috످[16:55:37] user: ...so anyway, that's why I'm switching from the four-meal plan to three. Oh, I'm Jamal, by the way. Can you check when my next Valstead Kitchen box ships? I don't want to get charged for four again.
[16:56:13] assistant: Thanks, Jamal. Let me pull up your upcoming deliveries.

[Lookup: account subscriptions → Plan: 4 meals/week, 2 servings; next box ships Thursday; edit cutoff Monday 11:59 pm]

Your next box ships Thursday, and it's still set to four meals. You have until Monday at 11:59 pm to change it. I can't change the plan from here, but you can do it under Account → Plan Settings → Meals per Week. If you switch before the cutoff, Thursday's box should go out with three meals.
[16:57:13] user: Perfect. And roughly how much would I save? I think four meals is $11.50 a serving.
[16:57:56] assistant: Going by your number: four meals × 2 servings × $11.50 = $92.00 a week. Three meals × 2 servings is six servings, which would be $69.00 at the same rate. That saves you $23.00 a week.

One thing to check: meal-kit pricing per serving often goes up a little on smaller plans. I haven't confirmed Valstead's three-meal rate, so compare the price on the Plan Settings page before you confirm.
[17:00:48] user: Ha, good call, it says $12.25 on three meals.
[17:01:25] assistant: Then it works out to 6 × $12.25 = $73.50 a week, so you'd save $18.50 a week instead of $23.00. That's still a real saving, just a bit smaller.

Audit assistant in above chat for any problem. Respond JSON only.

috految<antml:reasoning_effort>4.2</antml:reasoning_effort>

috److{
  "problem_found": false,
  "reason": "The assistant gave shipping details that match the lookup, calculated the savings correctly, and said when a price was unconfirmed.",
  "observations": [
    "The lookup supports the Thursday shipment, Monday cutoff and four-meal plan.",
    "Both savings figures are correct for the prices Jamal gave: $23.00 a week at first, then $18.50 at the three-meal rate.",
    "The log does not show a source for the menu path, but Jamal appears to have found the page."
  ]
}

috످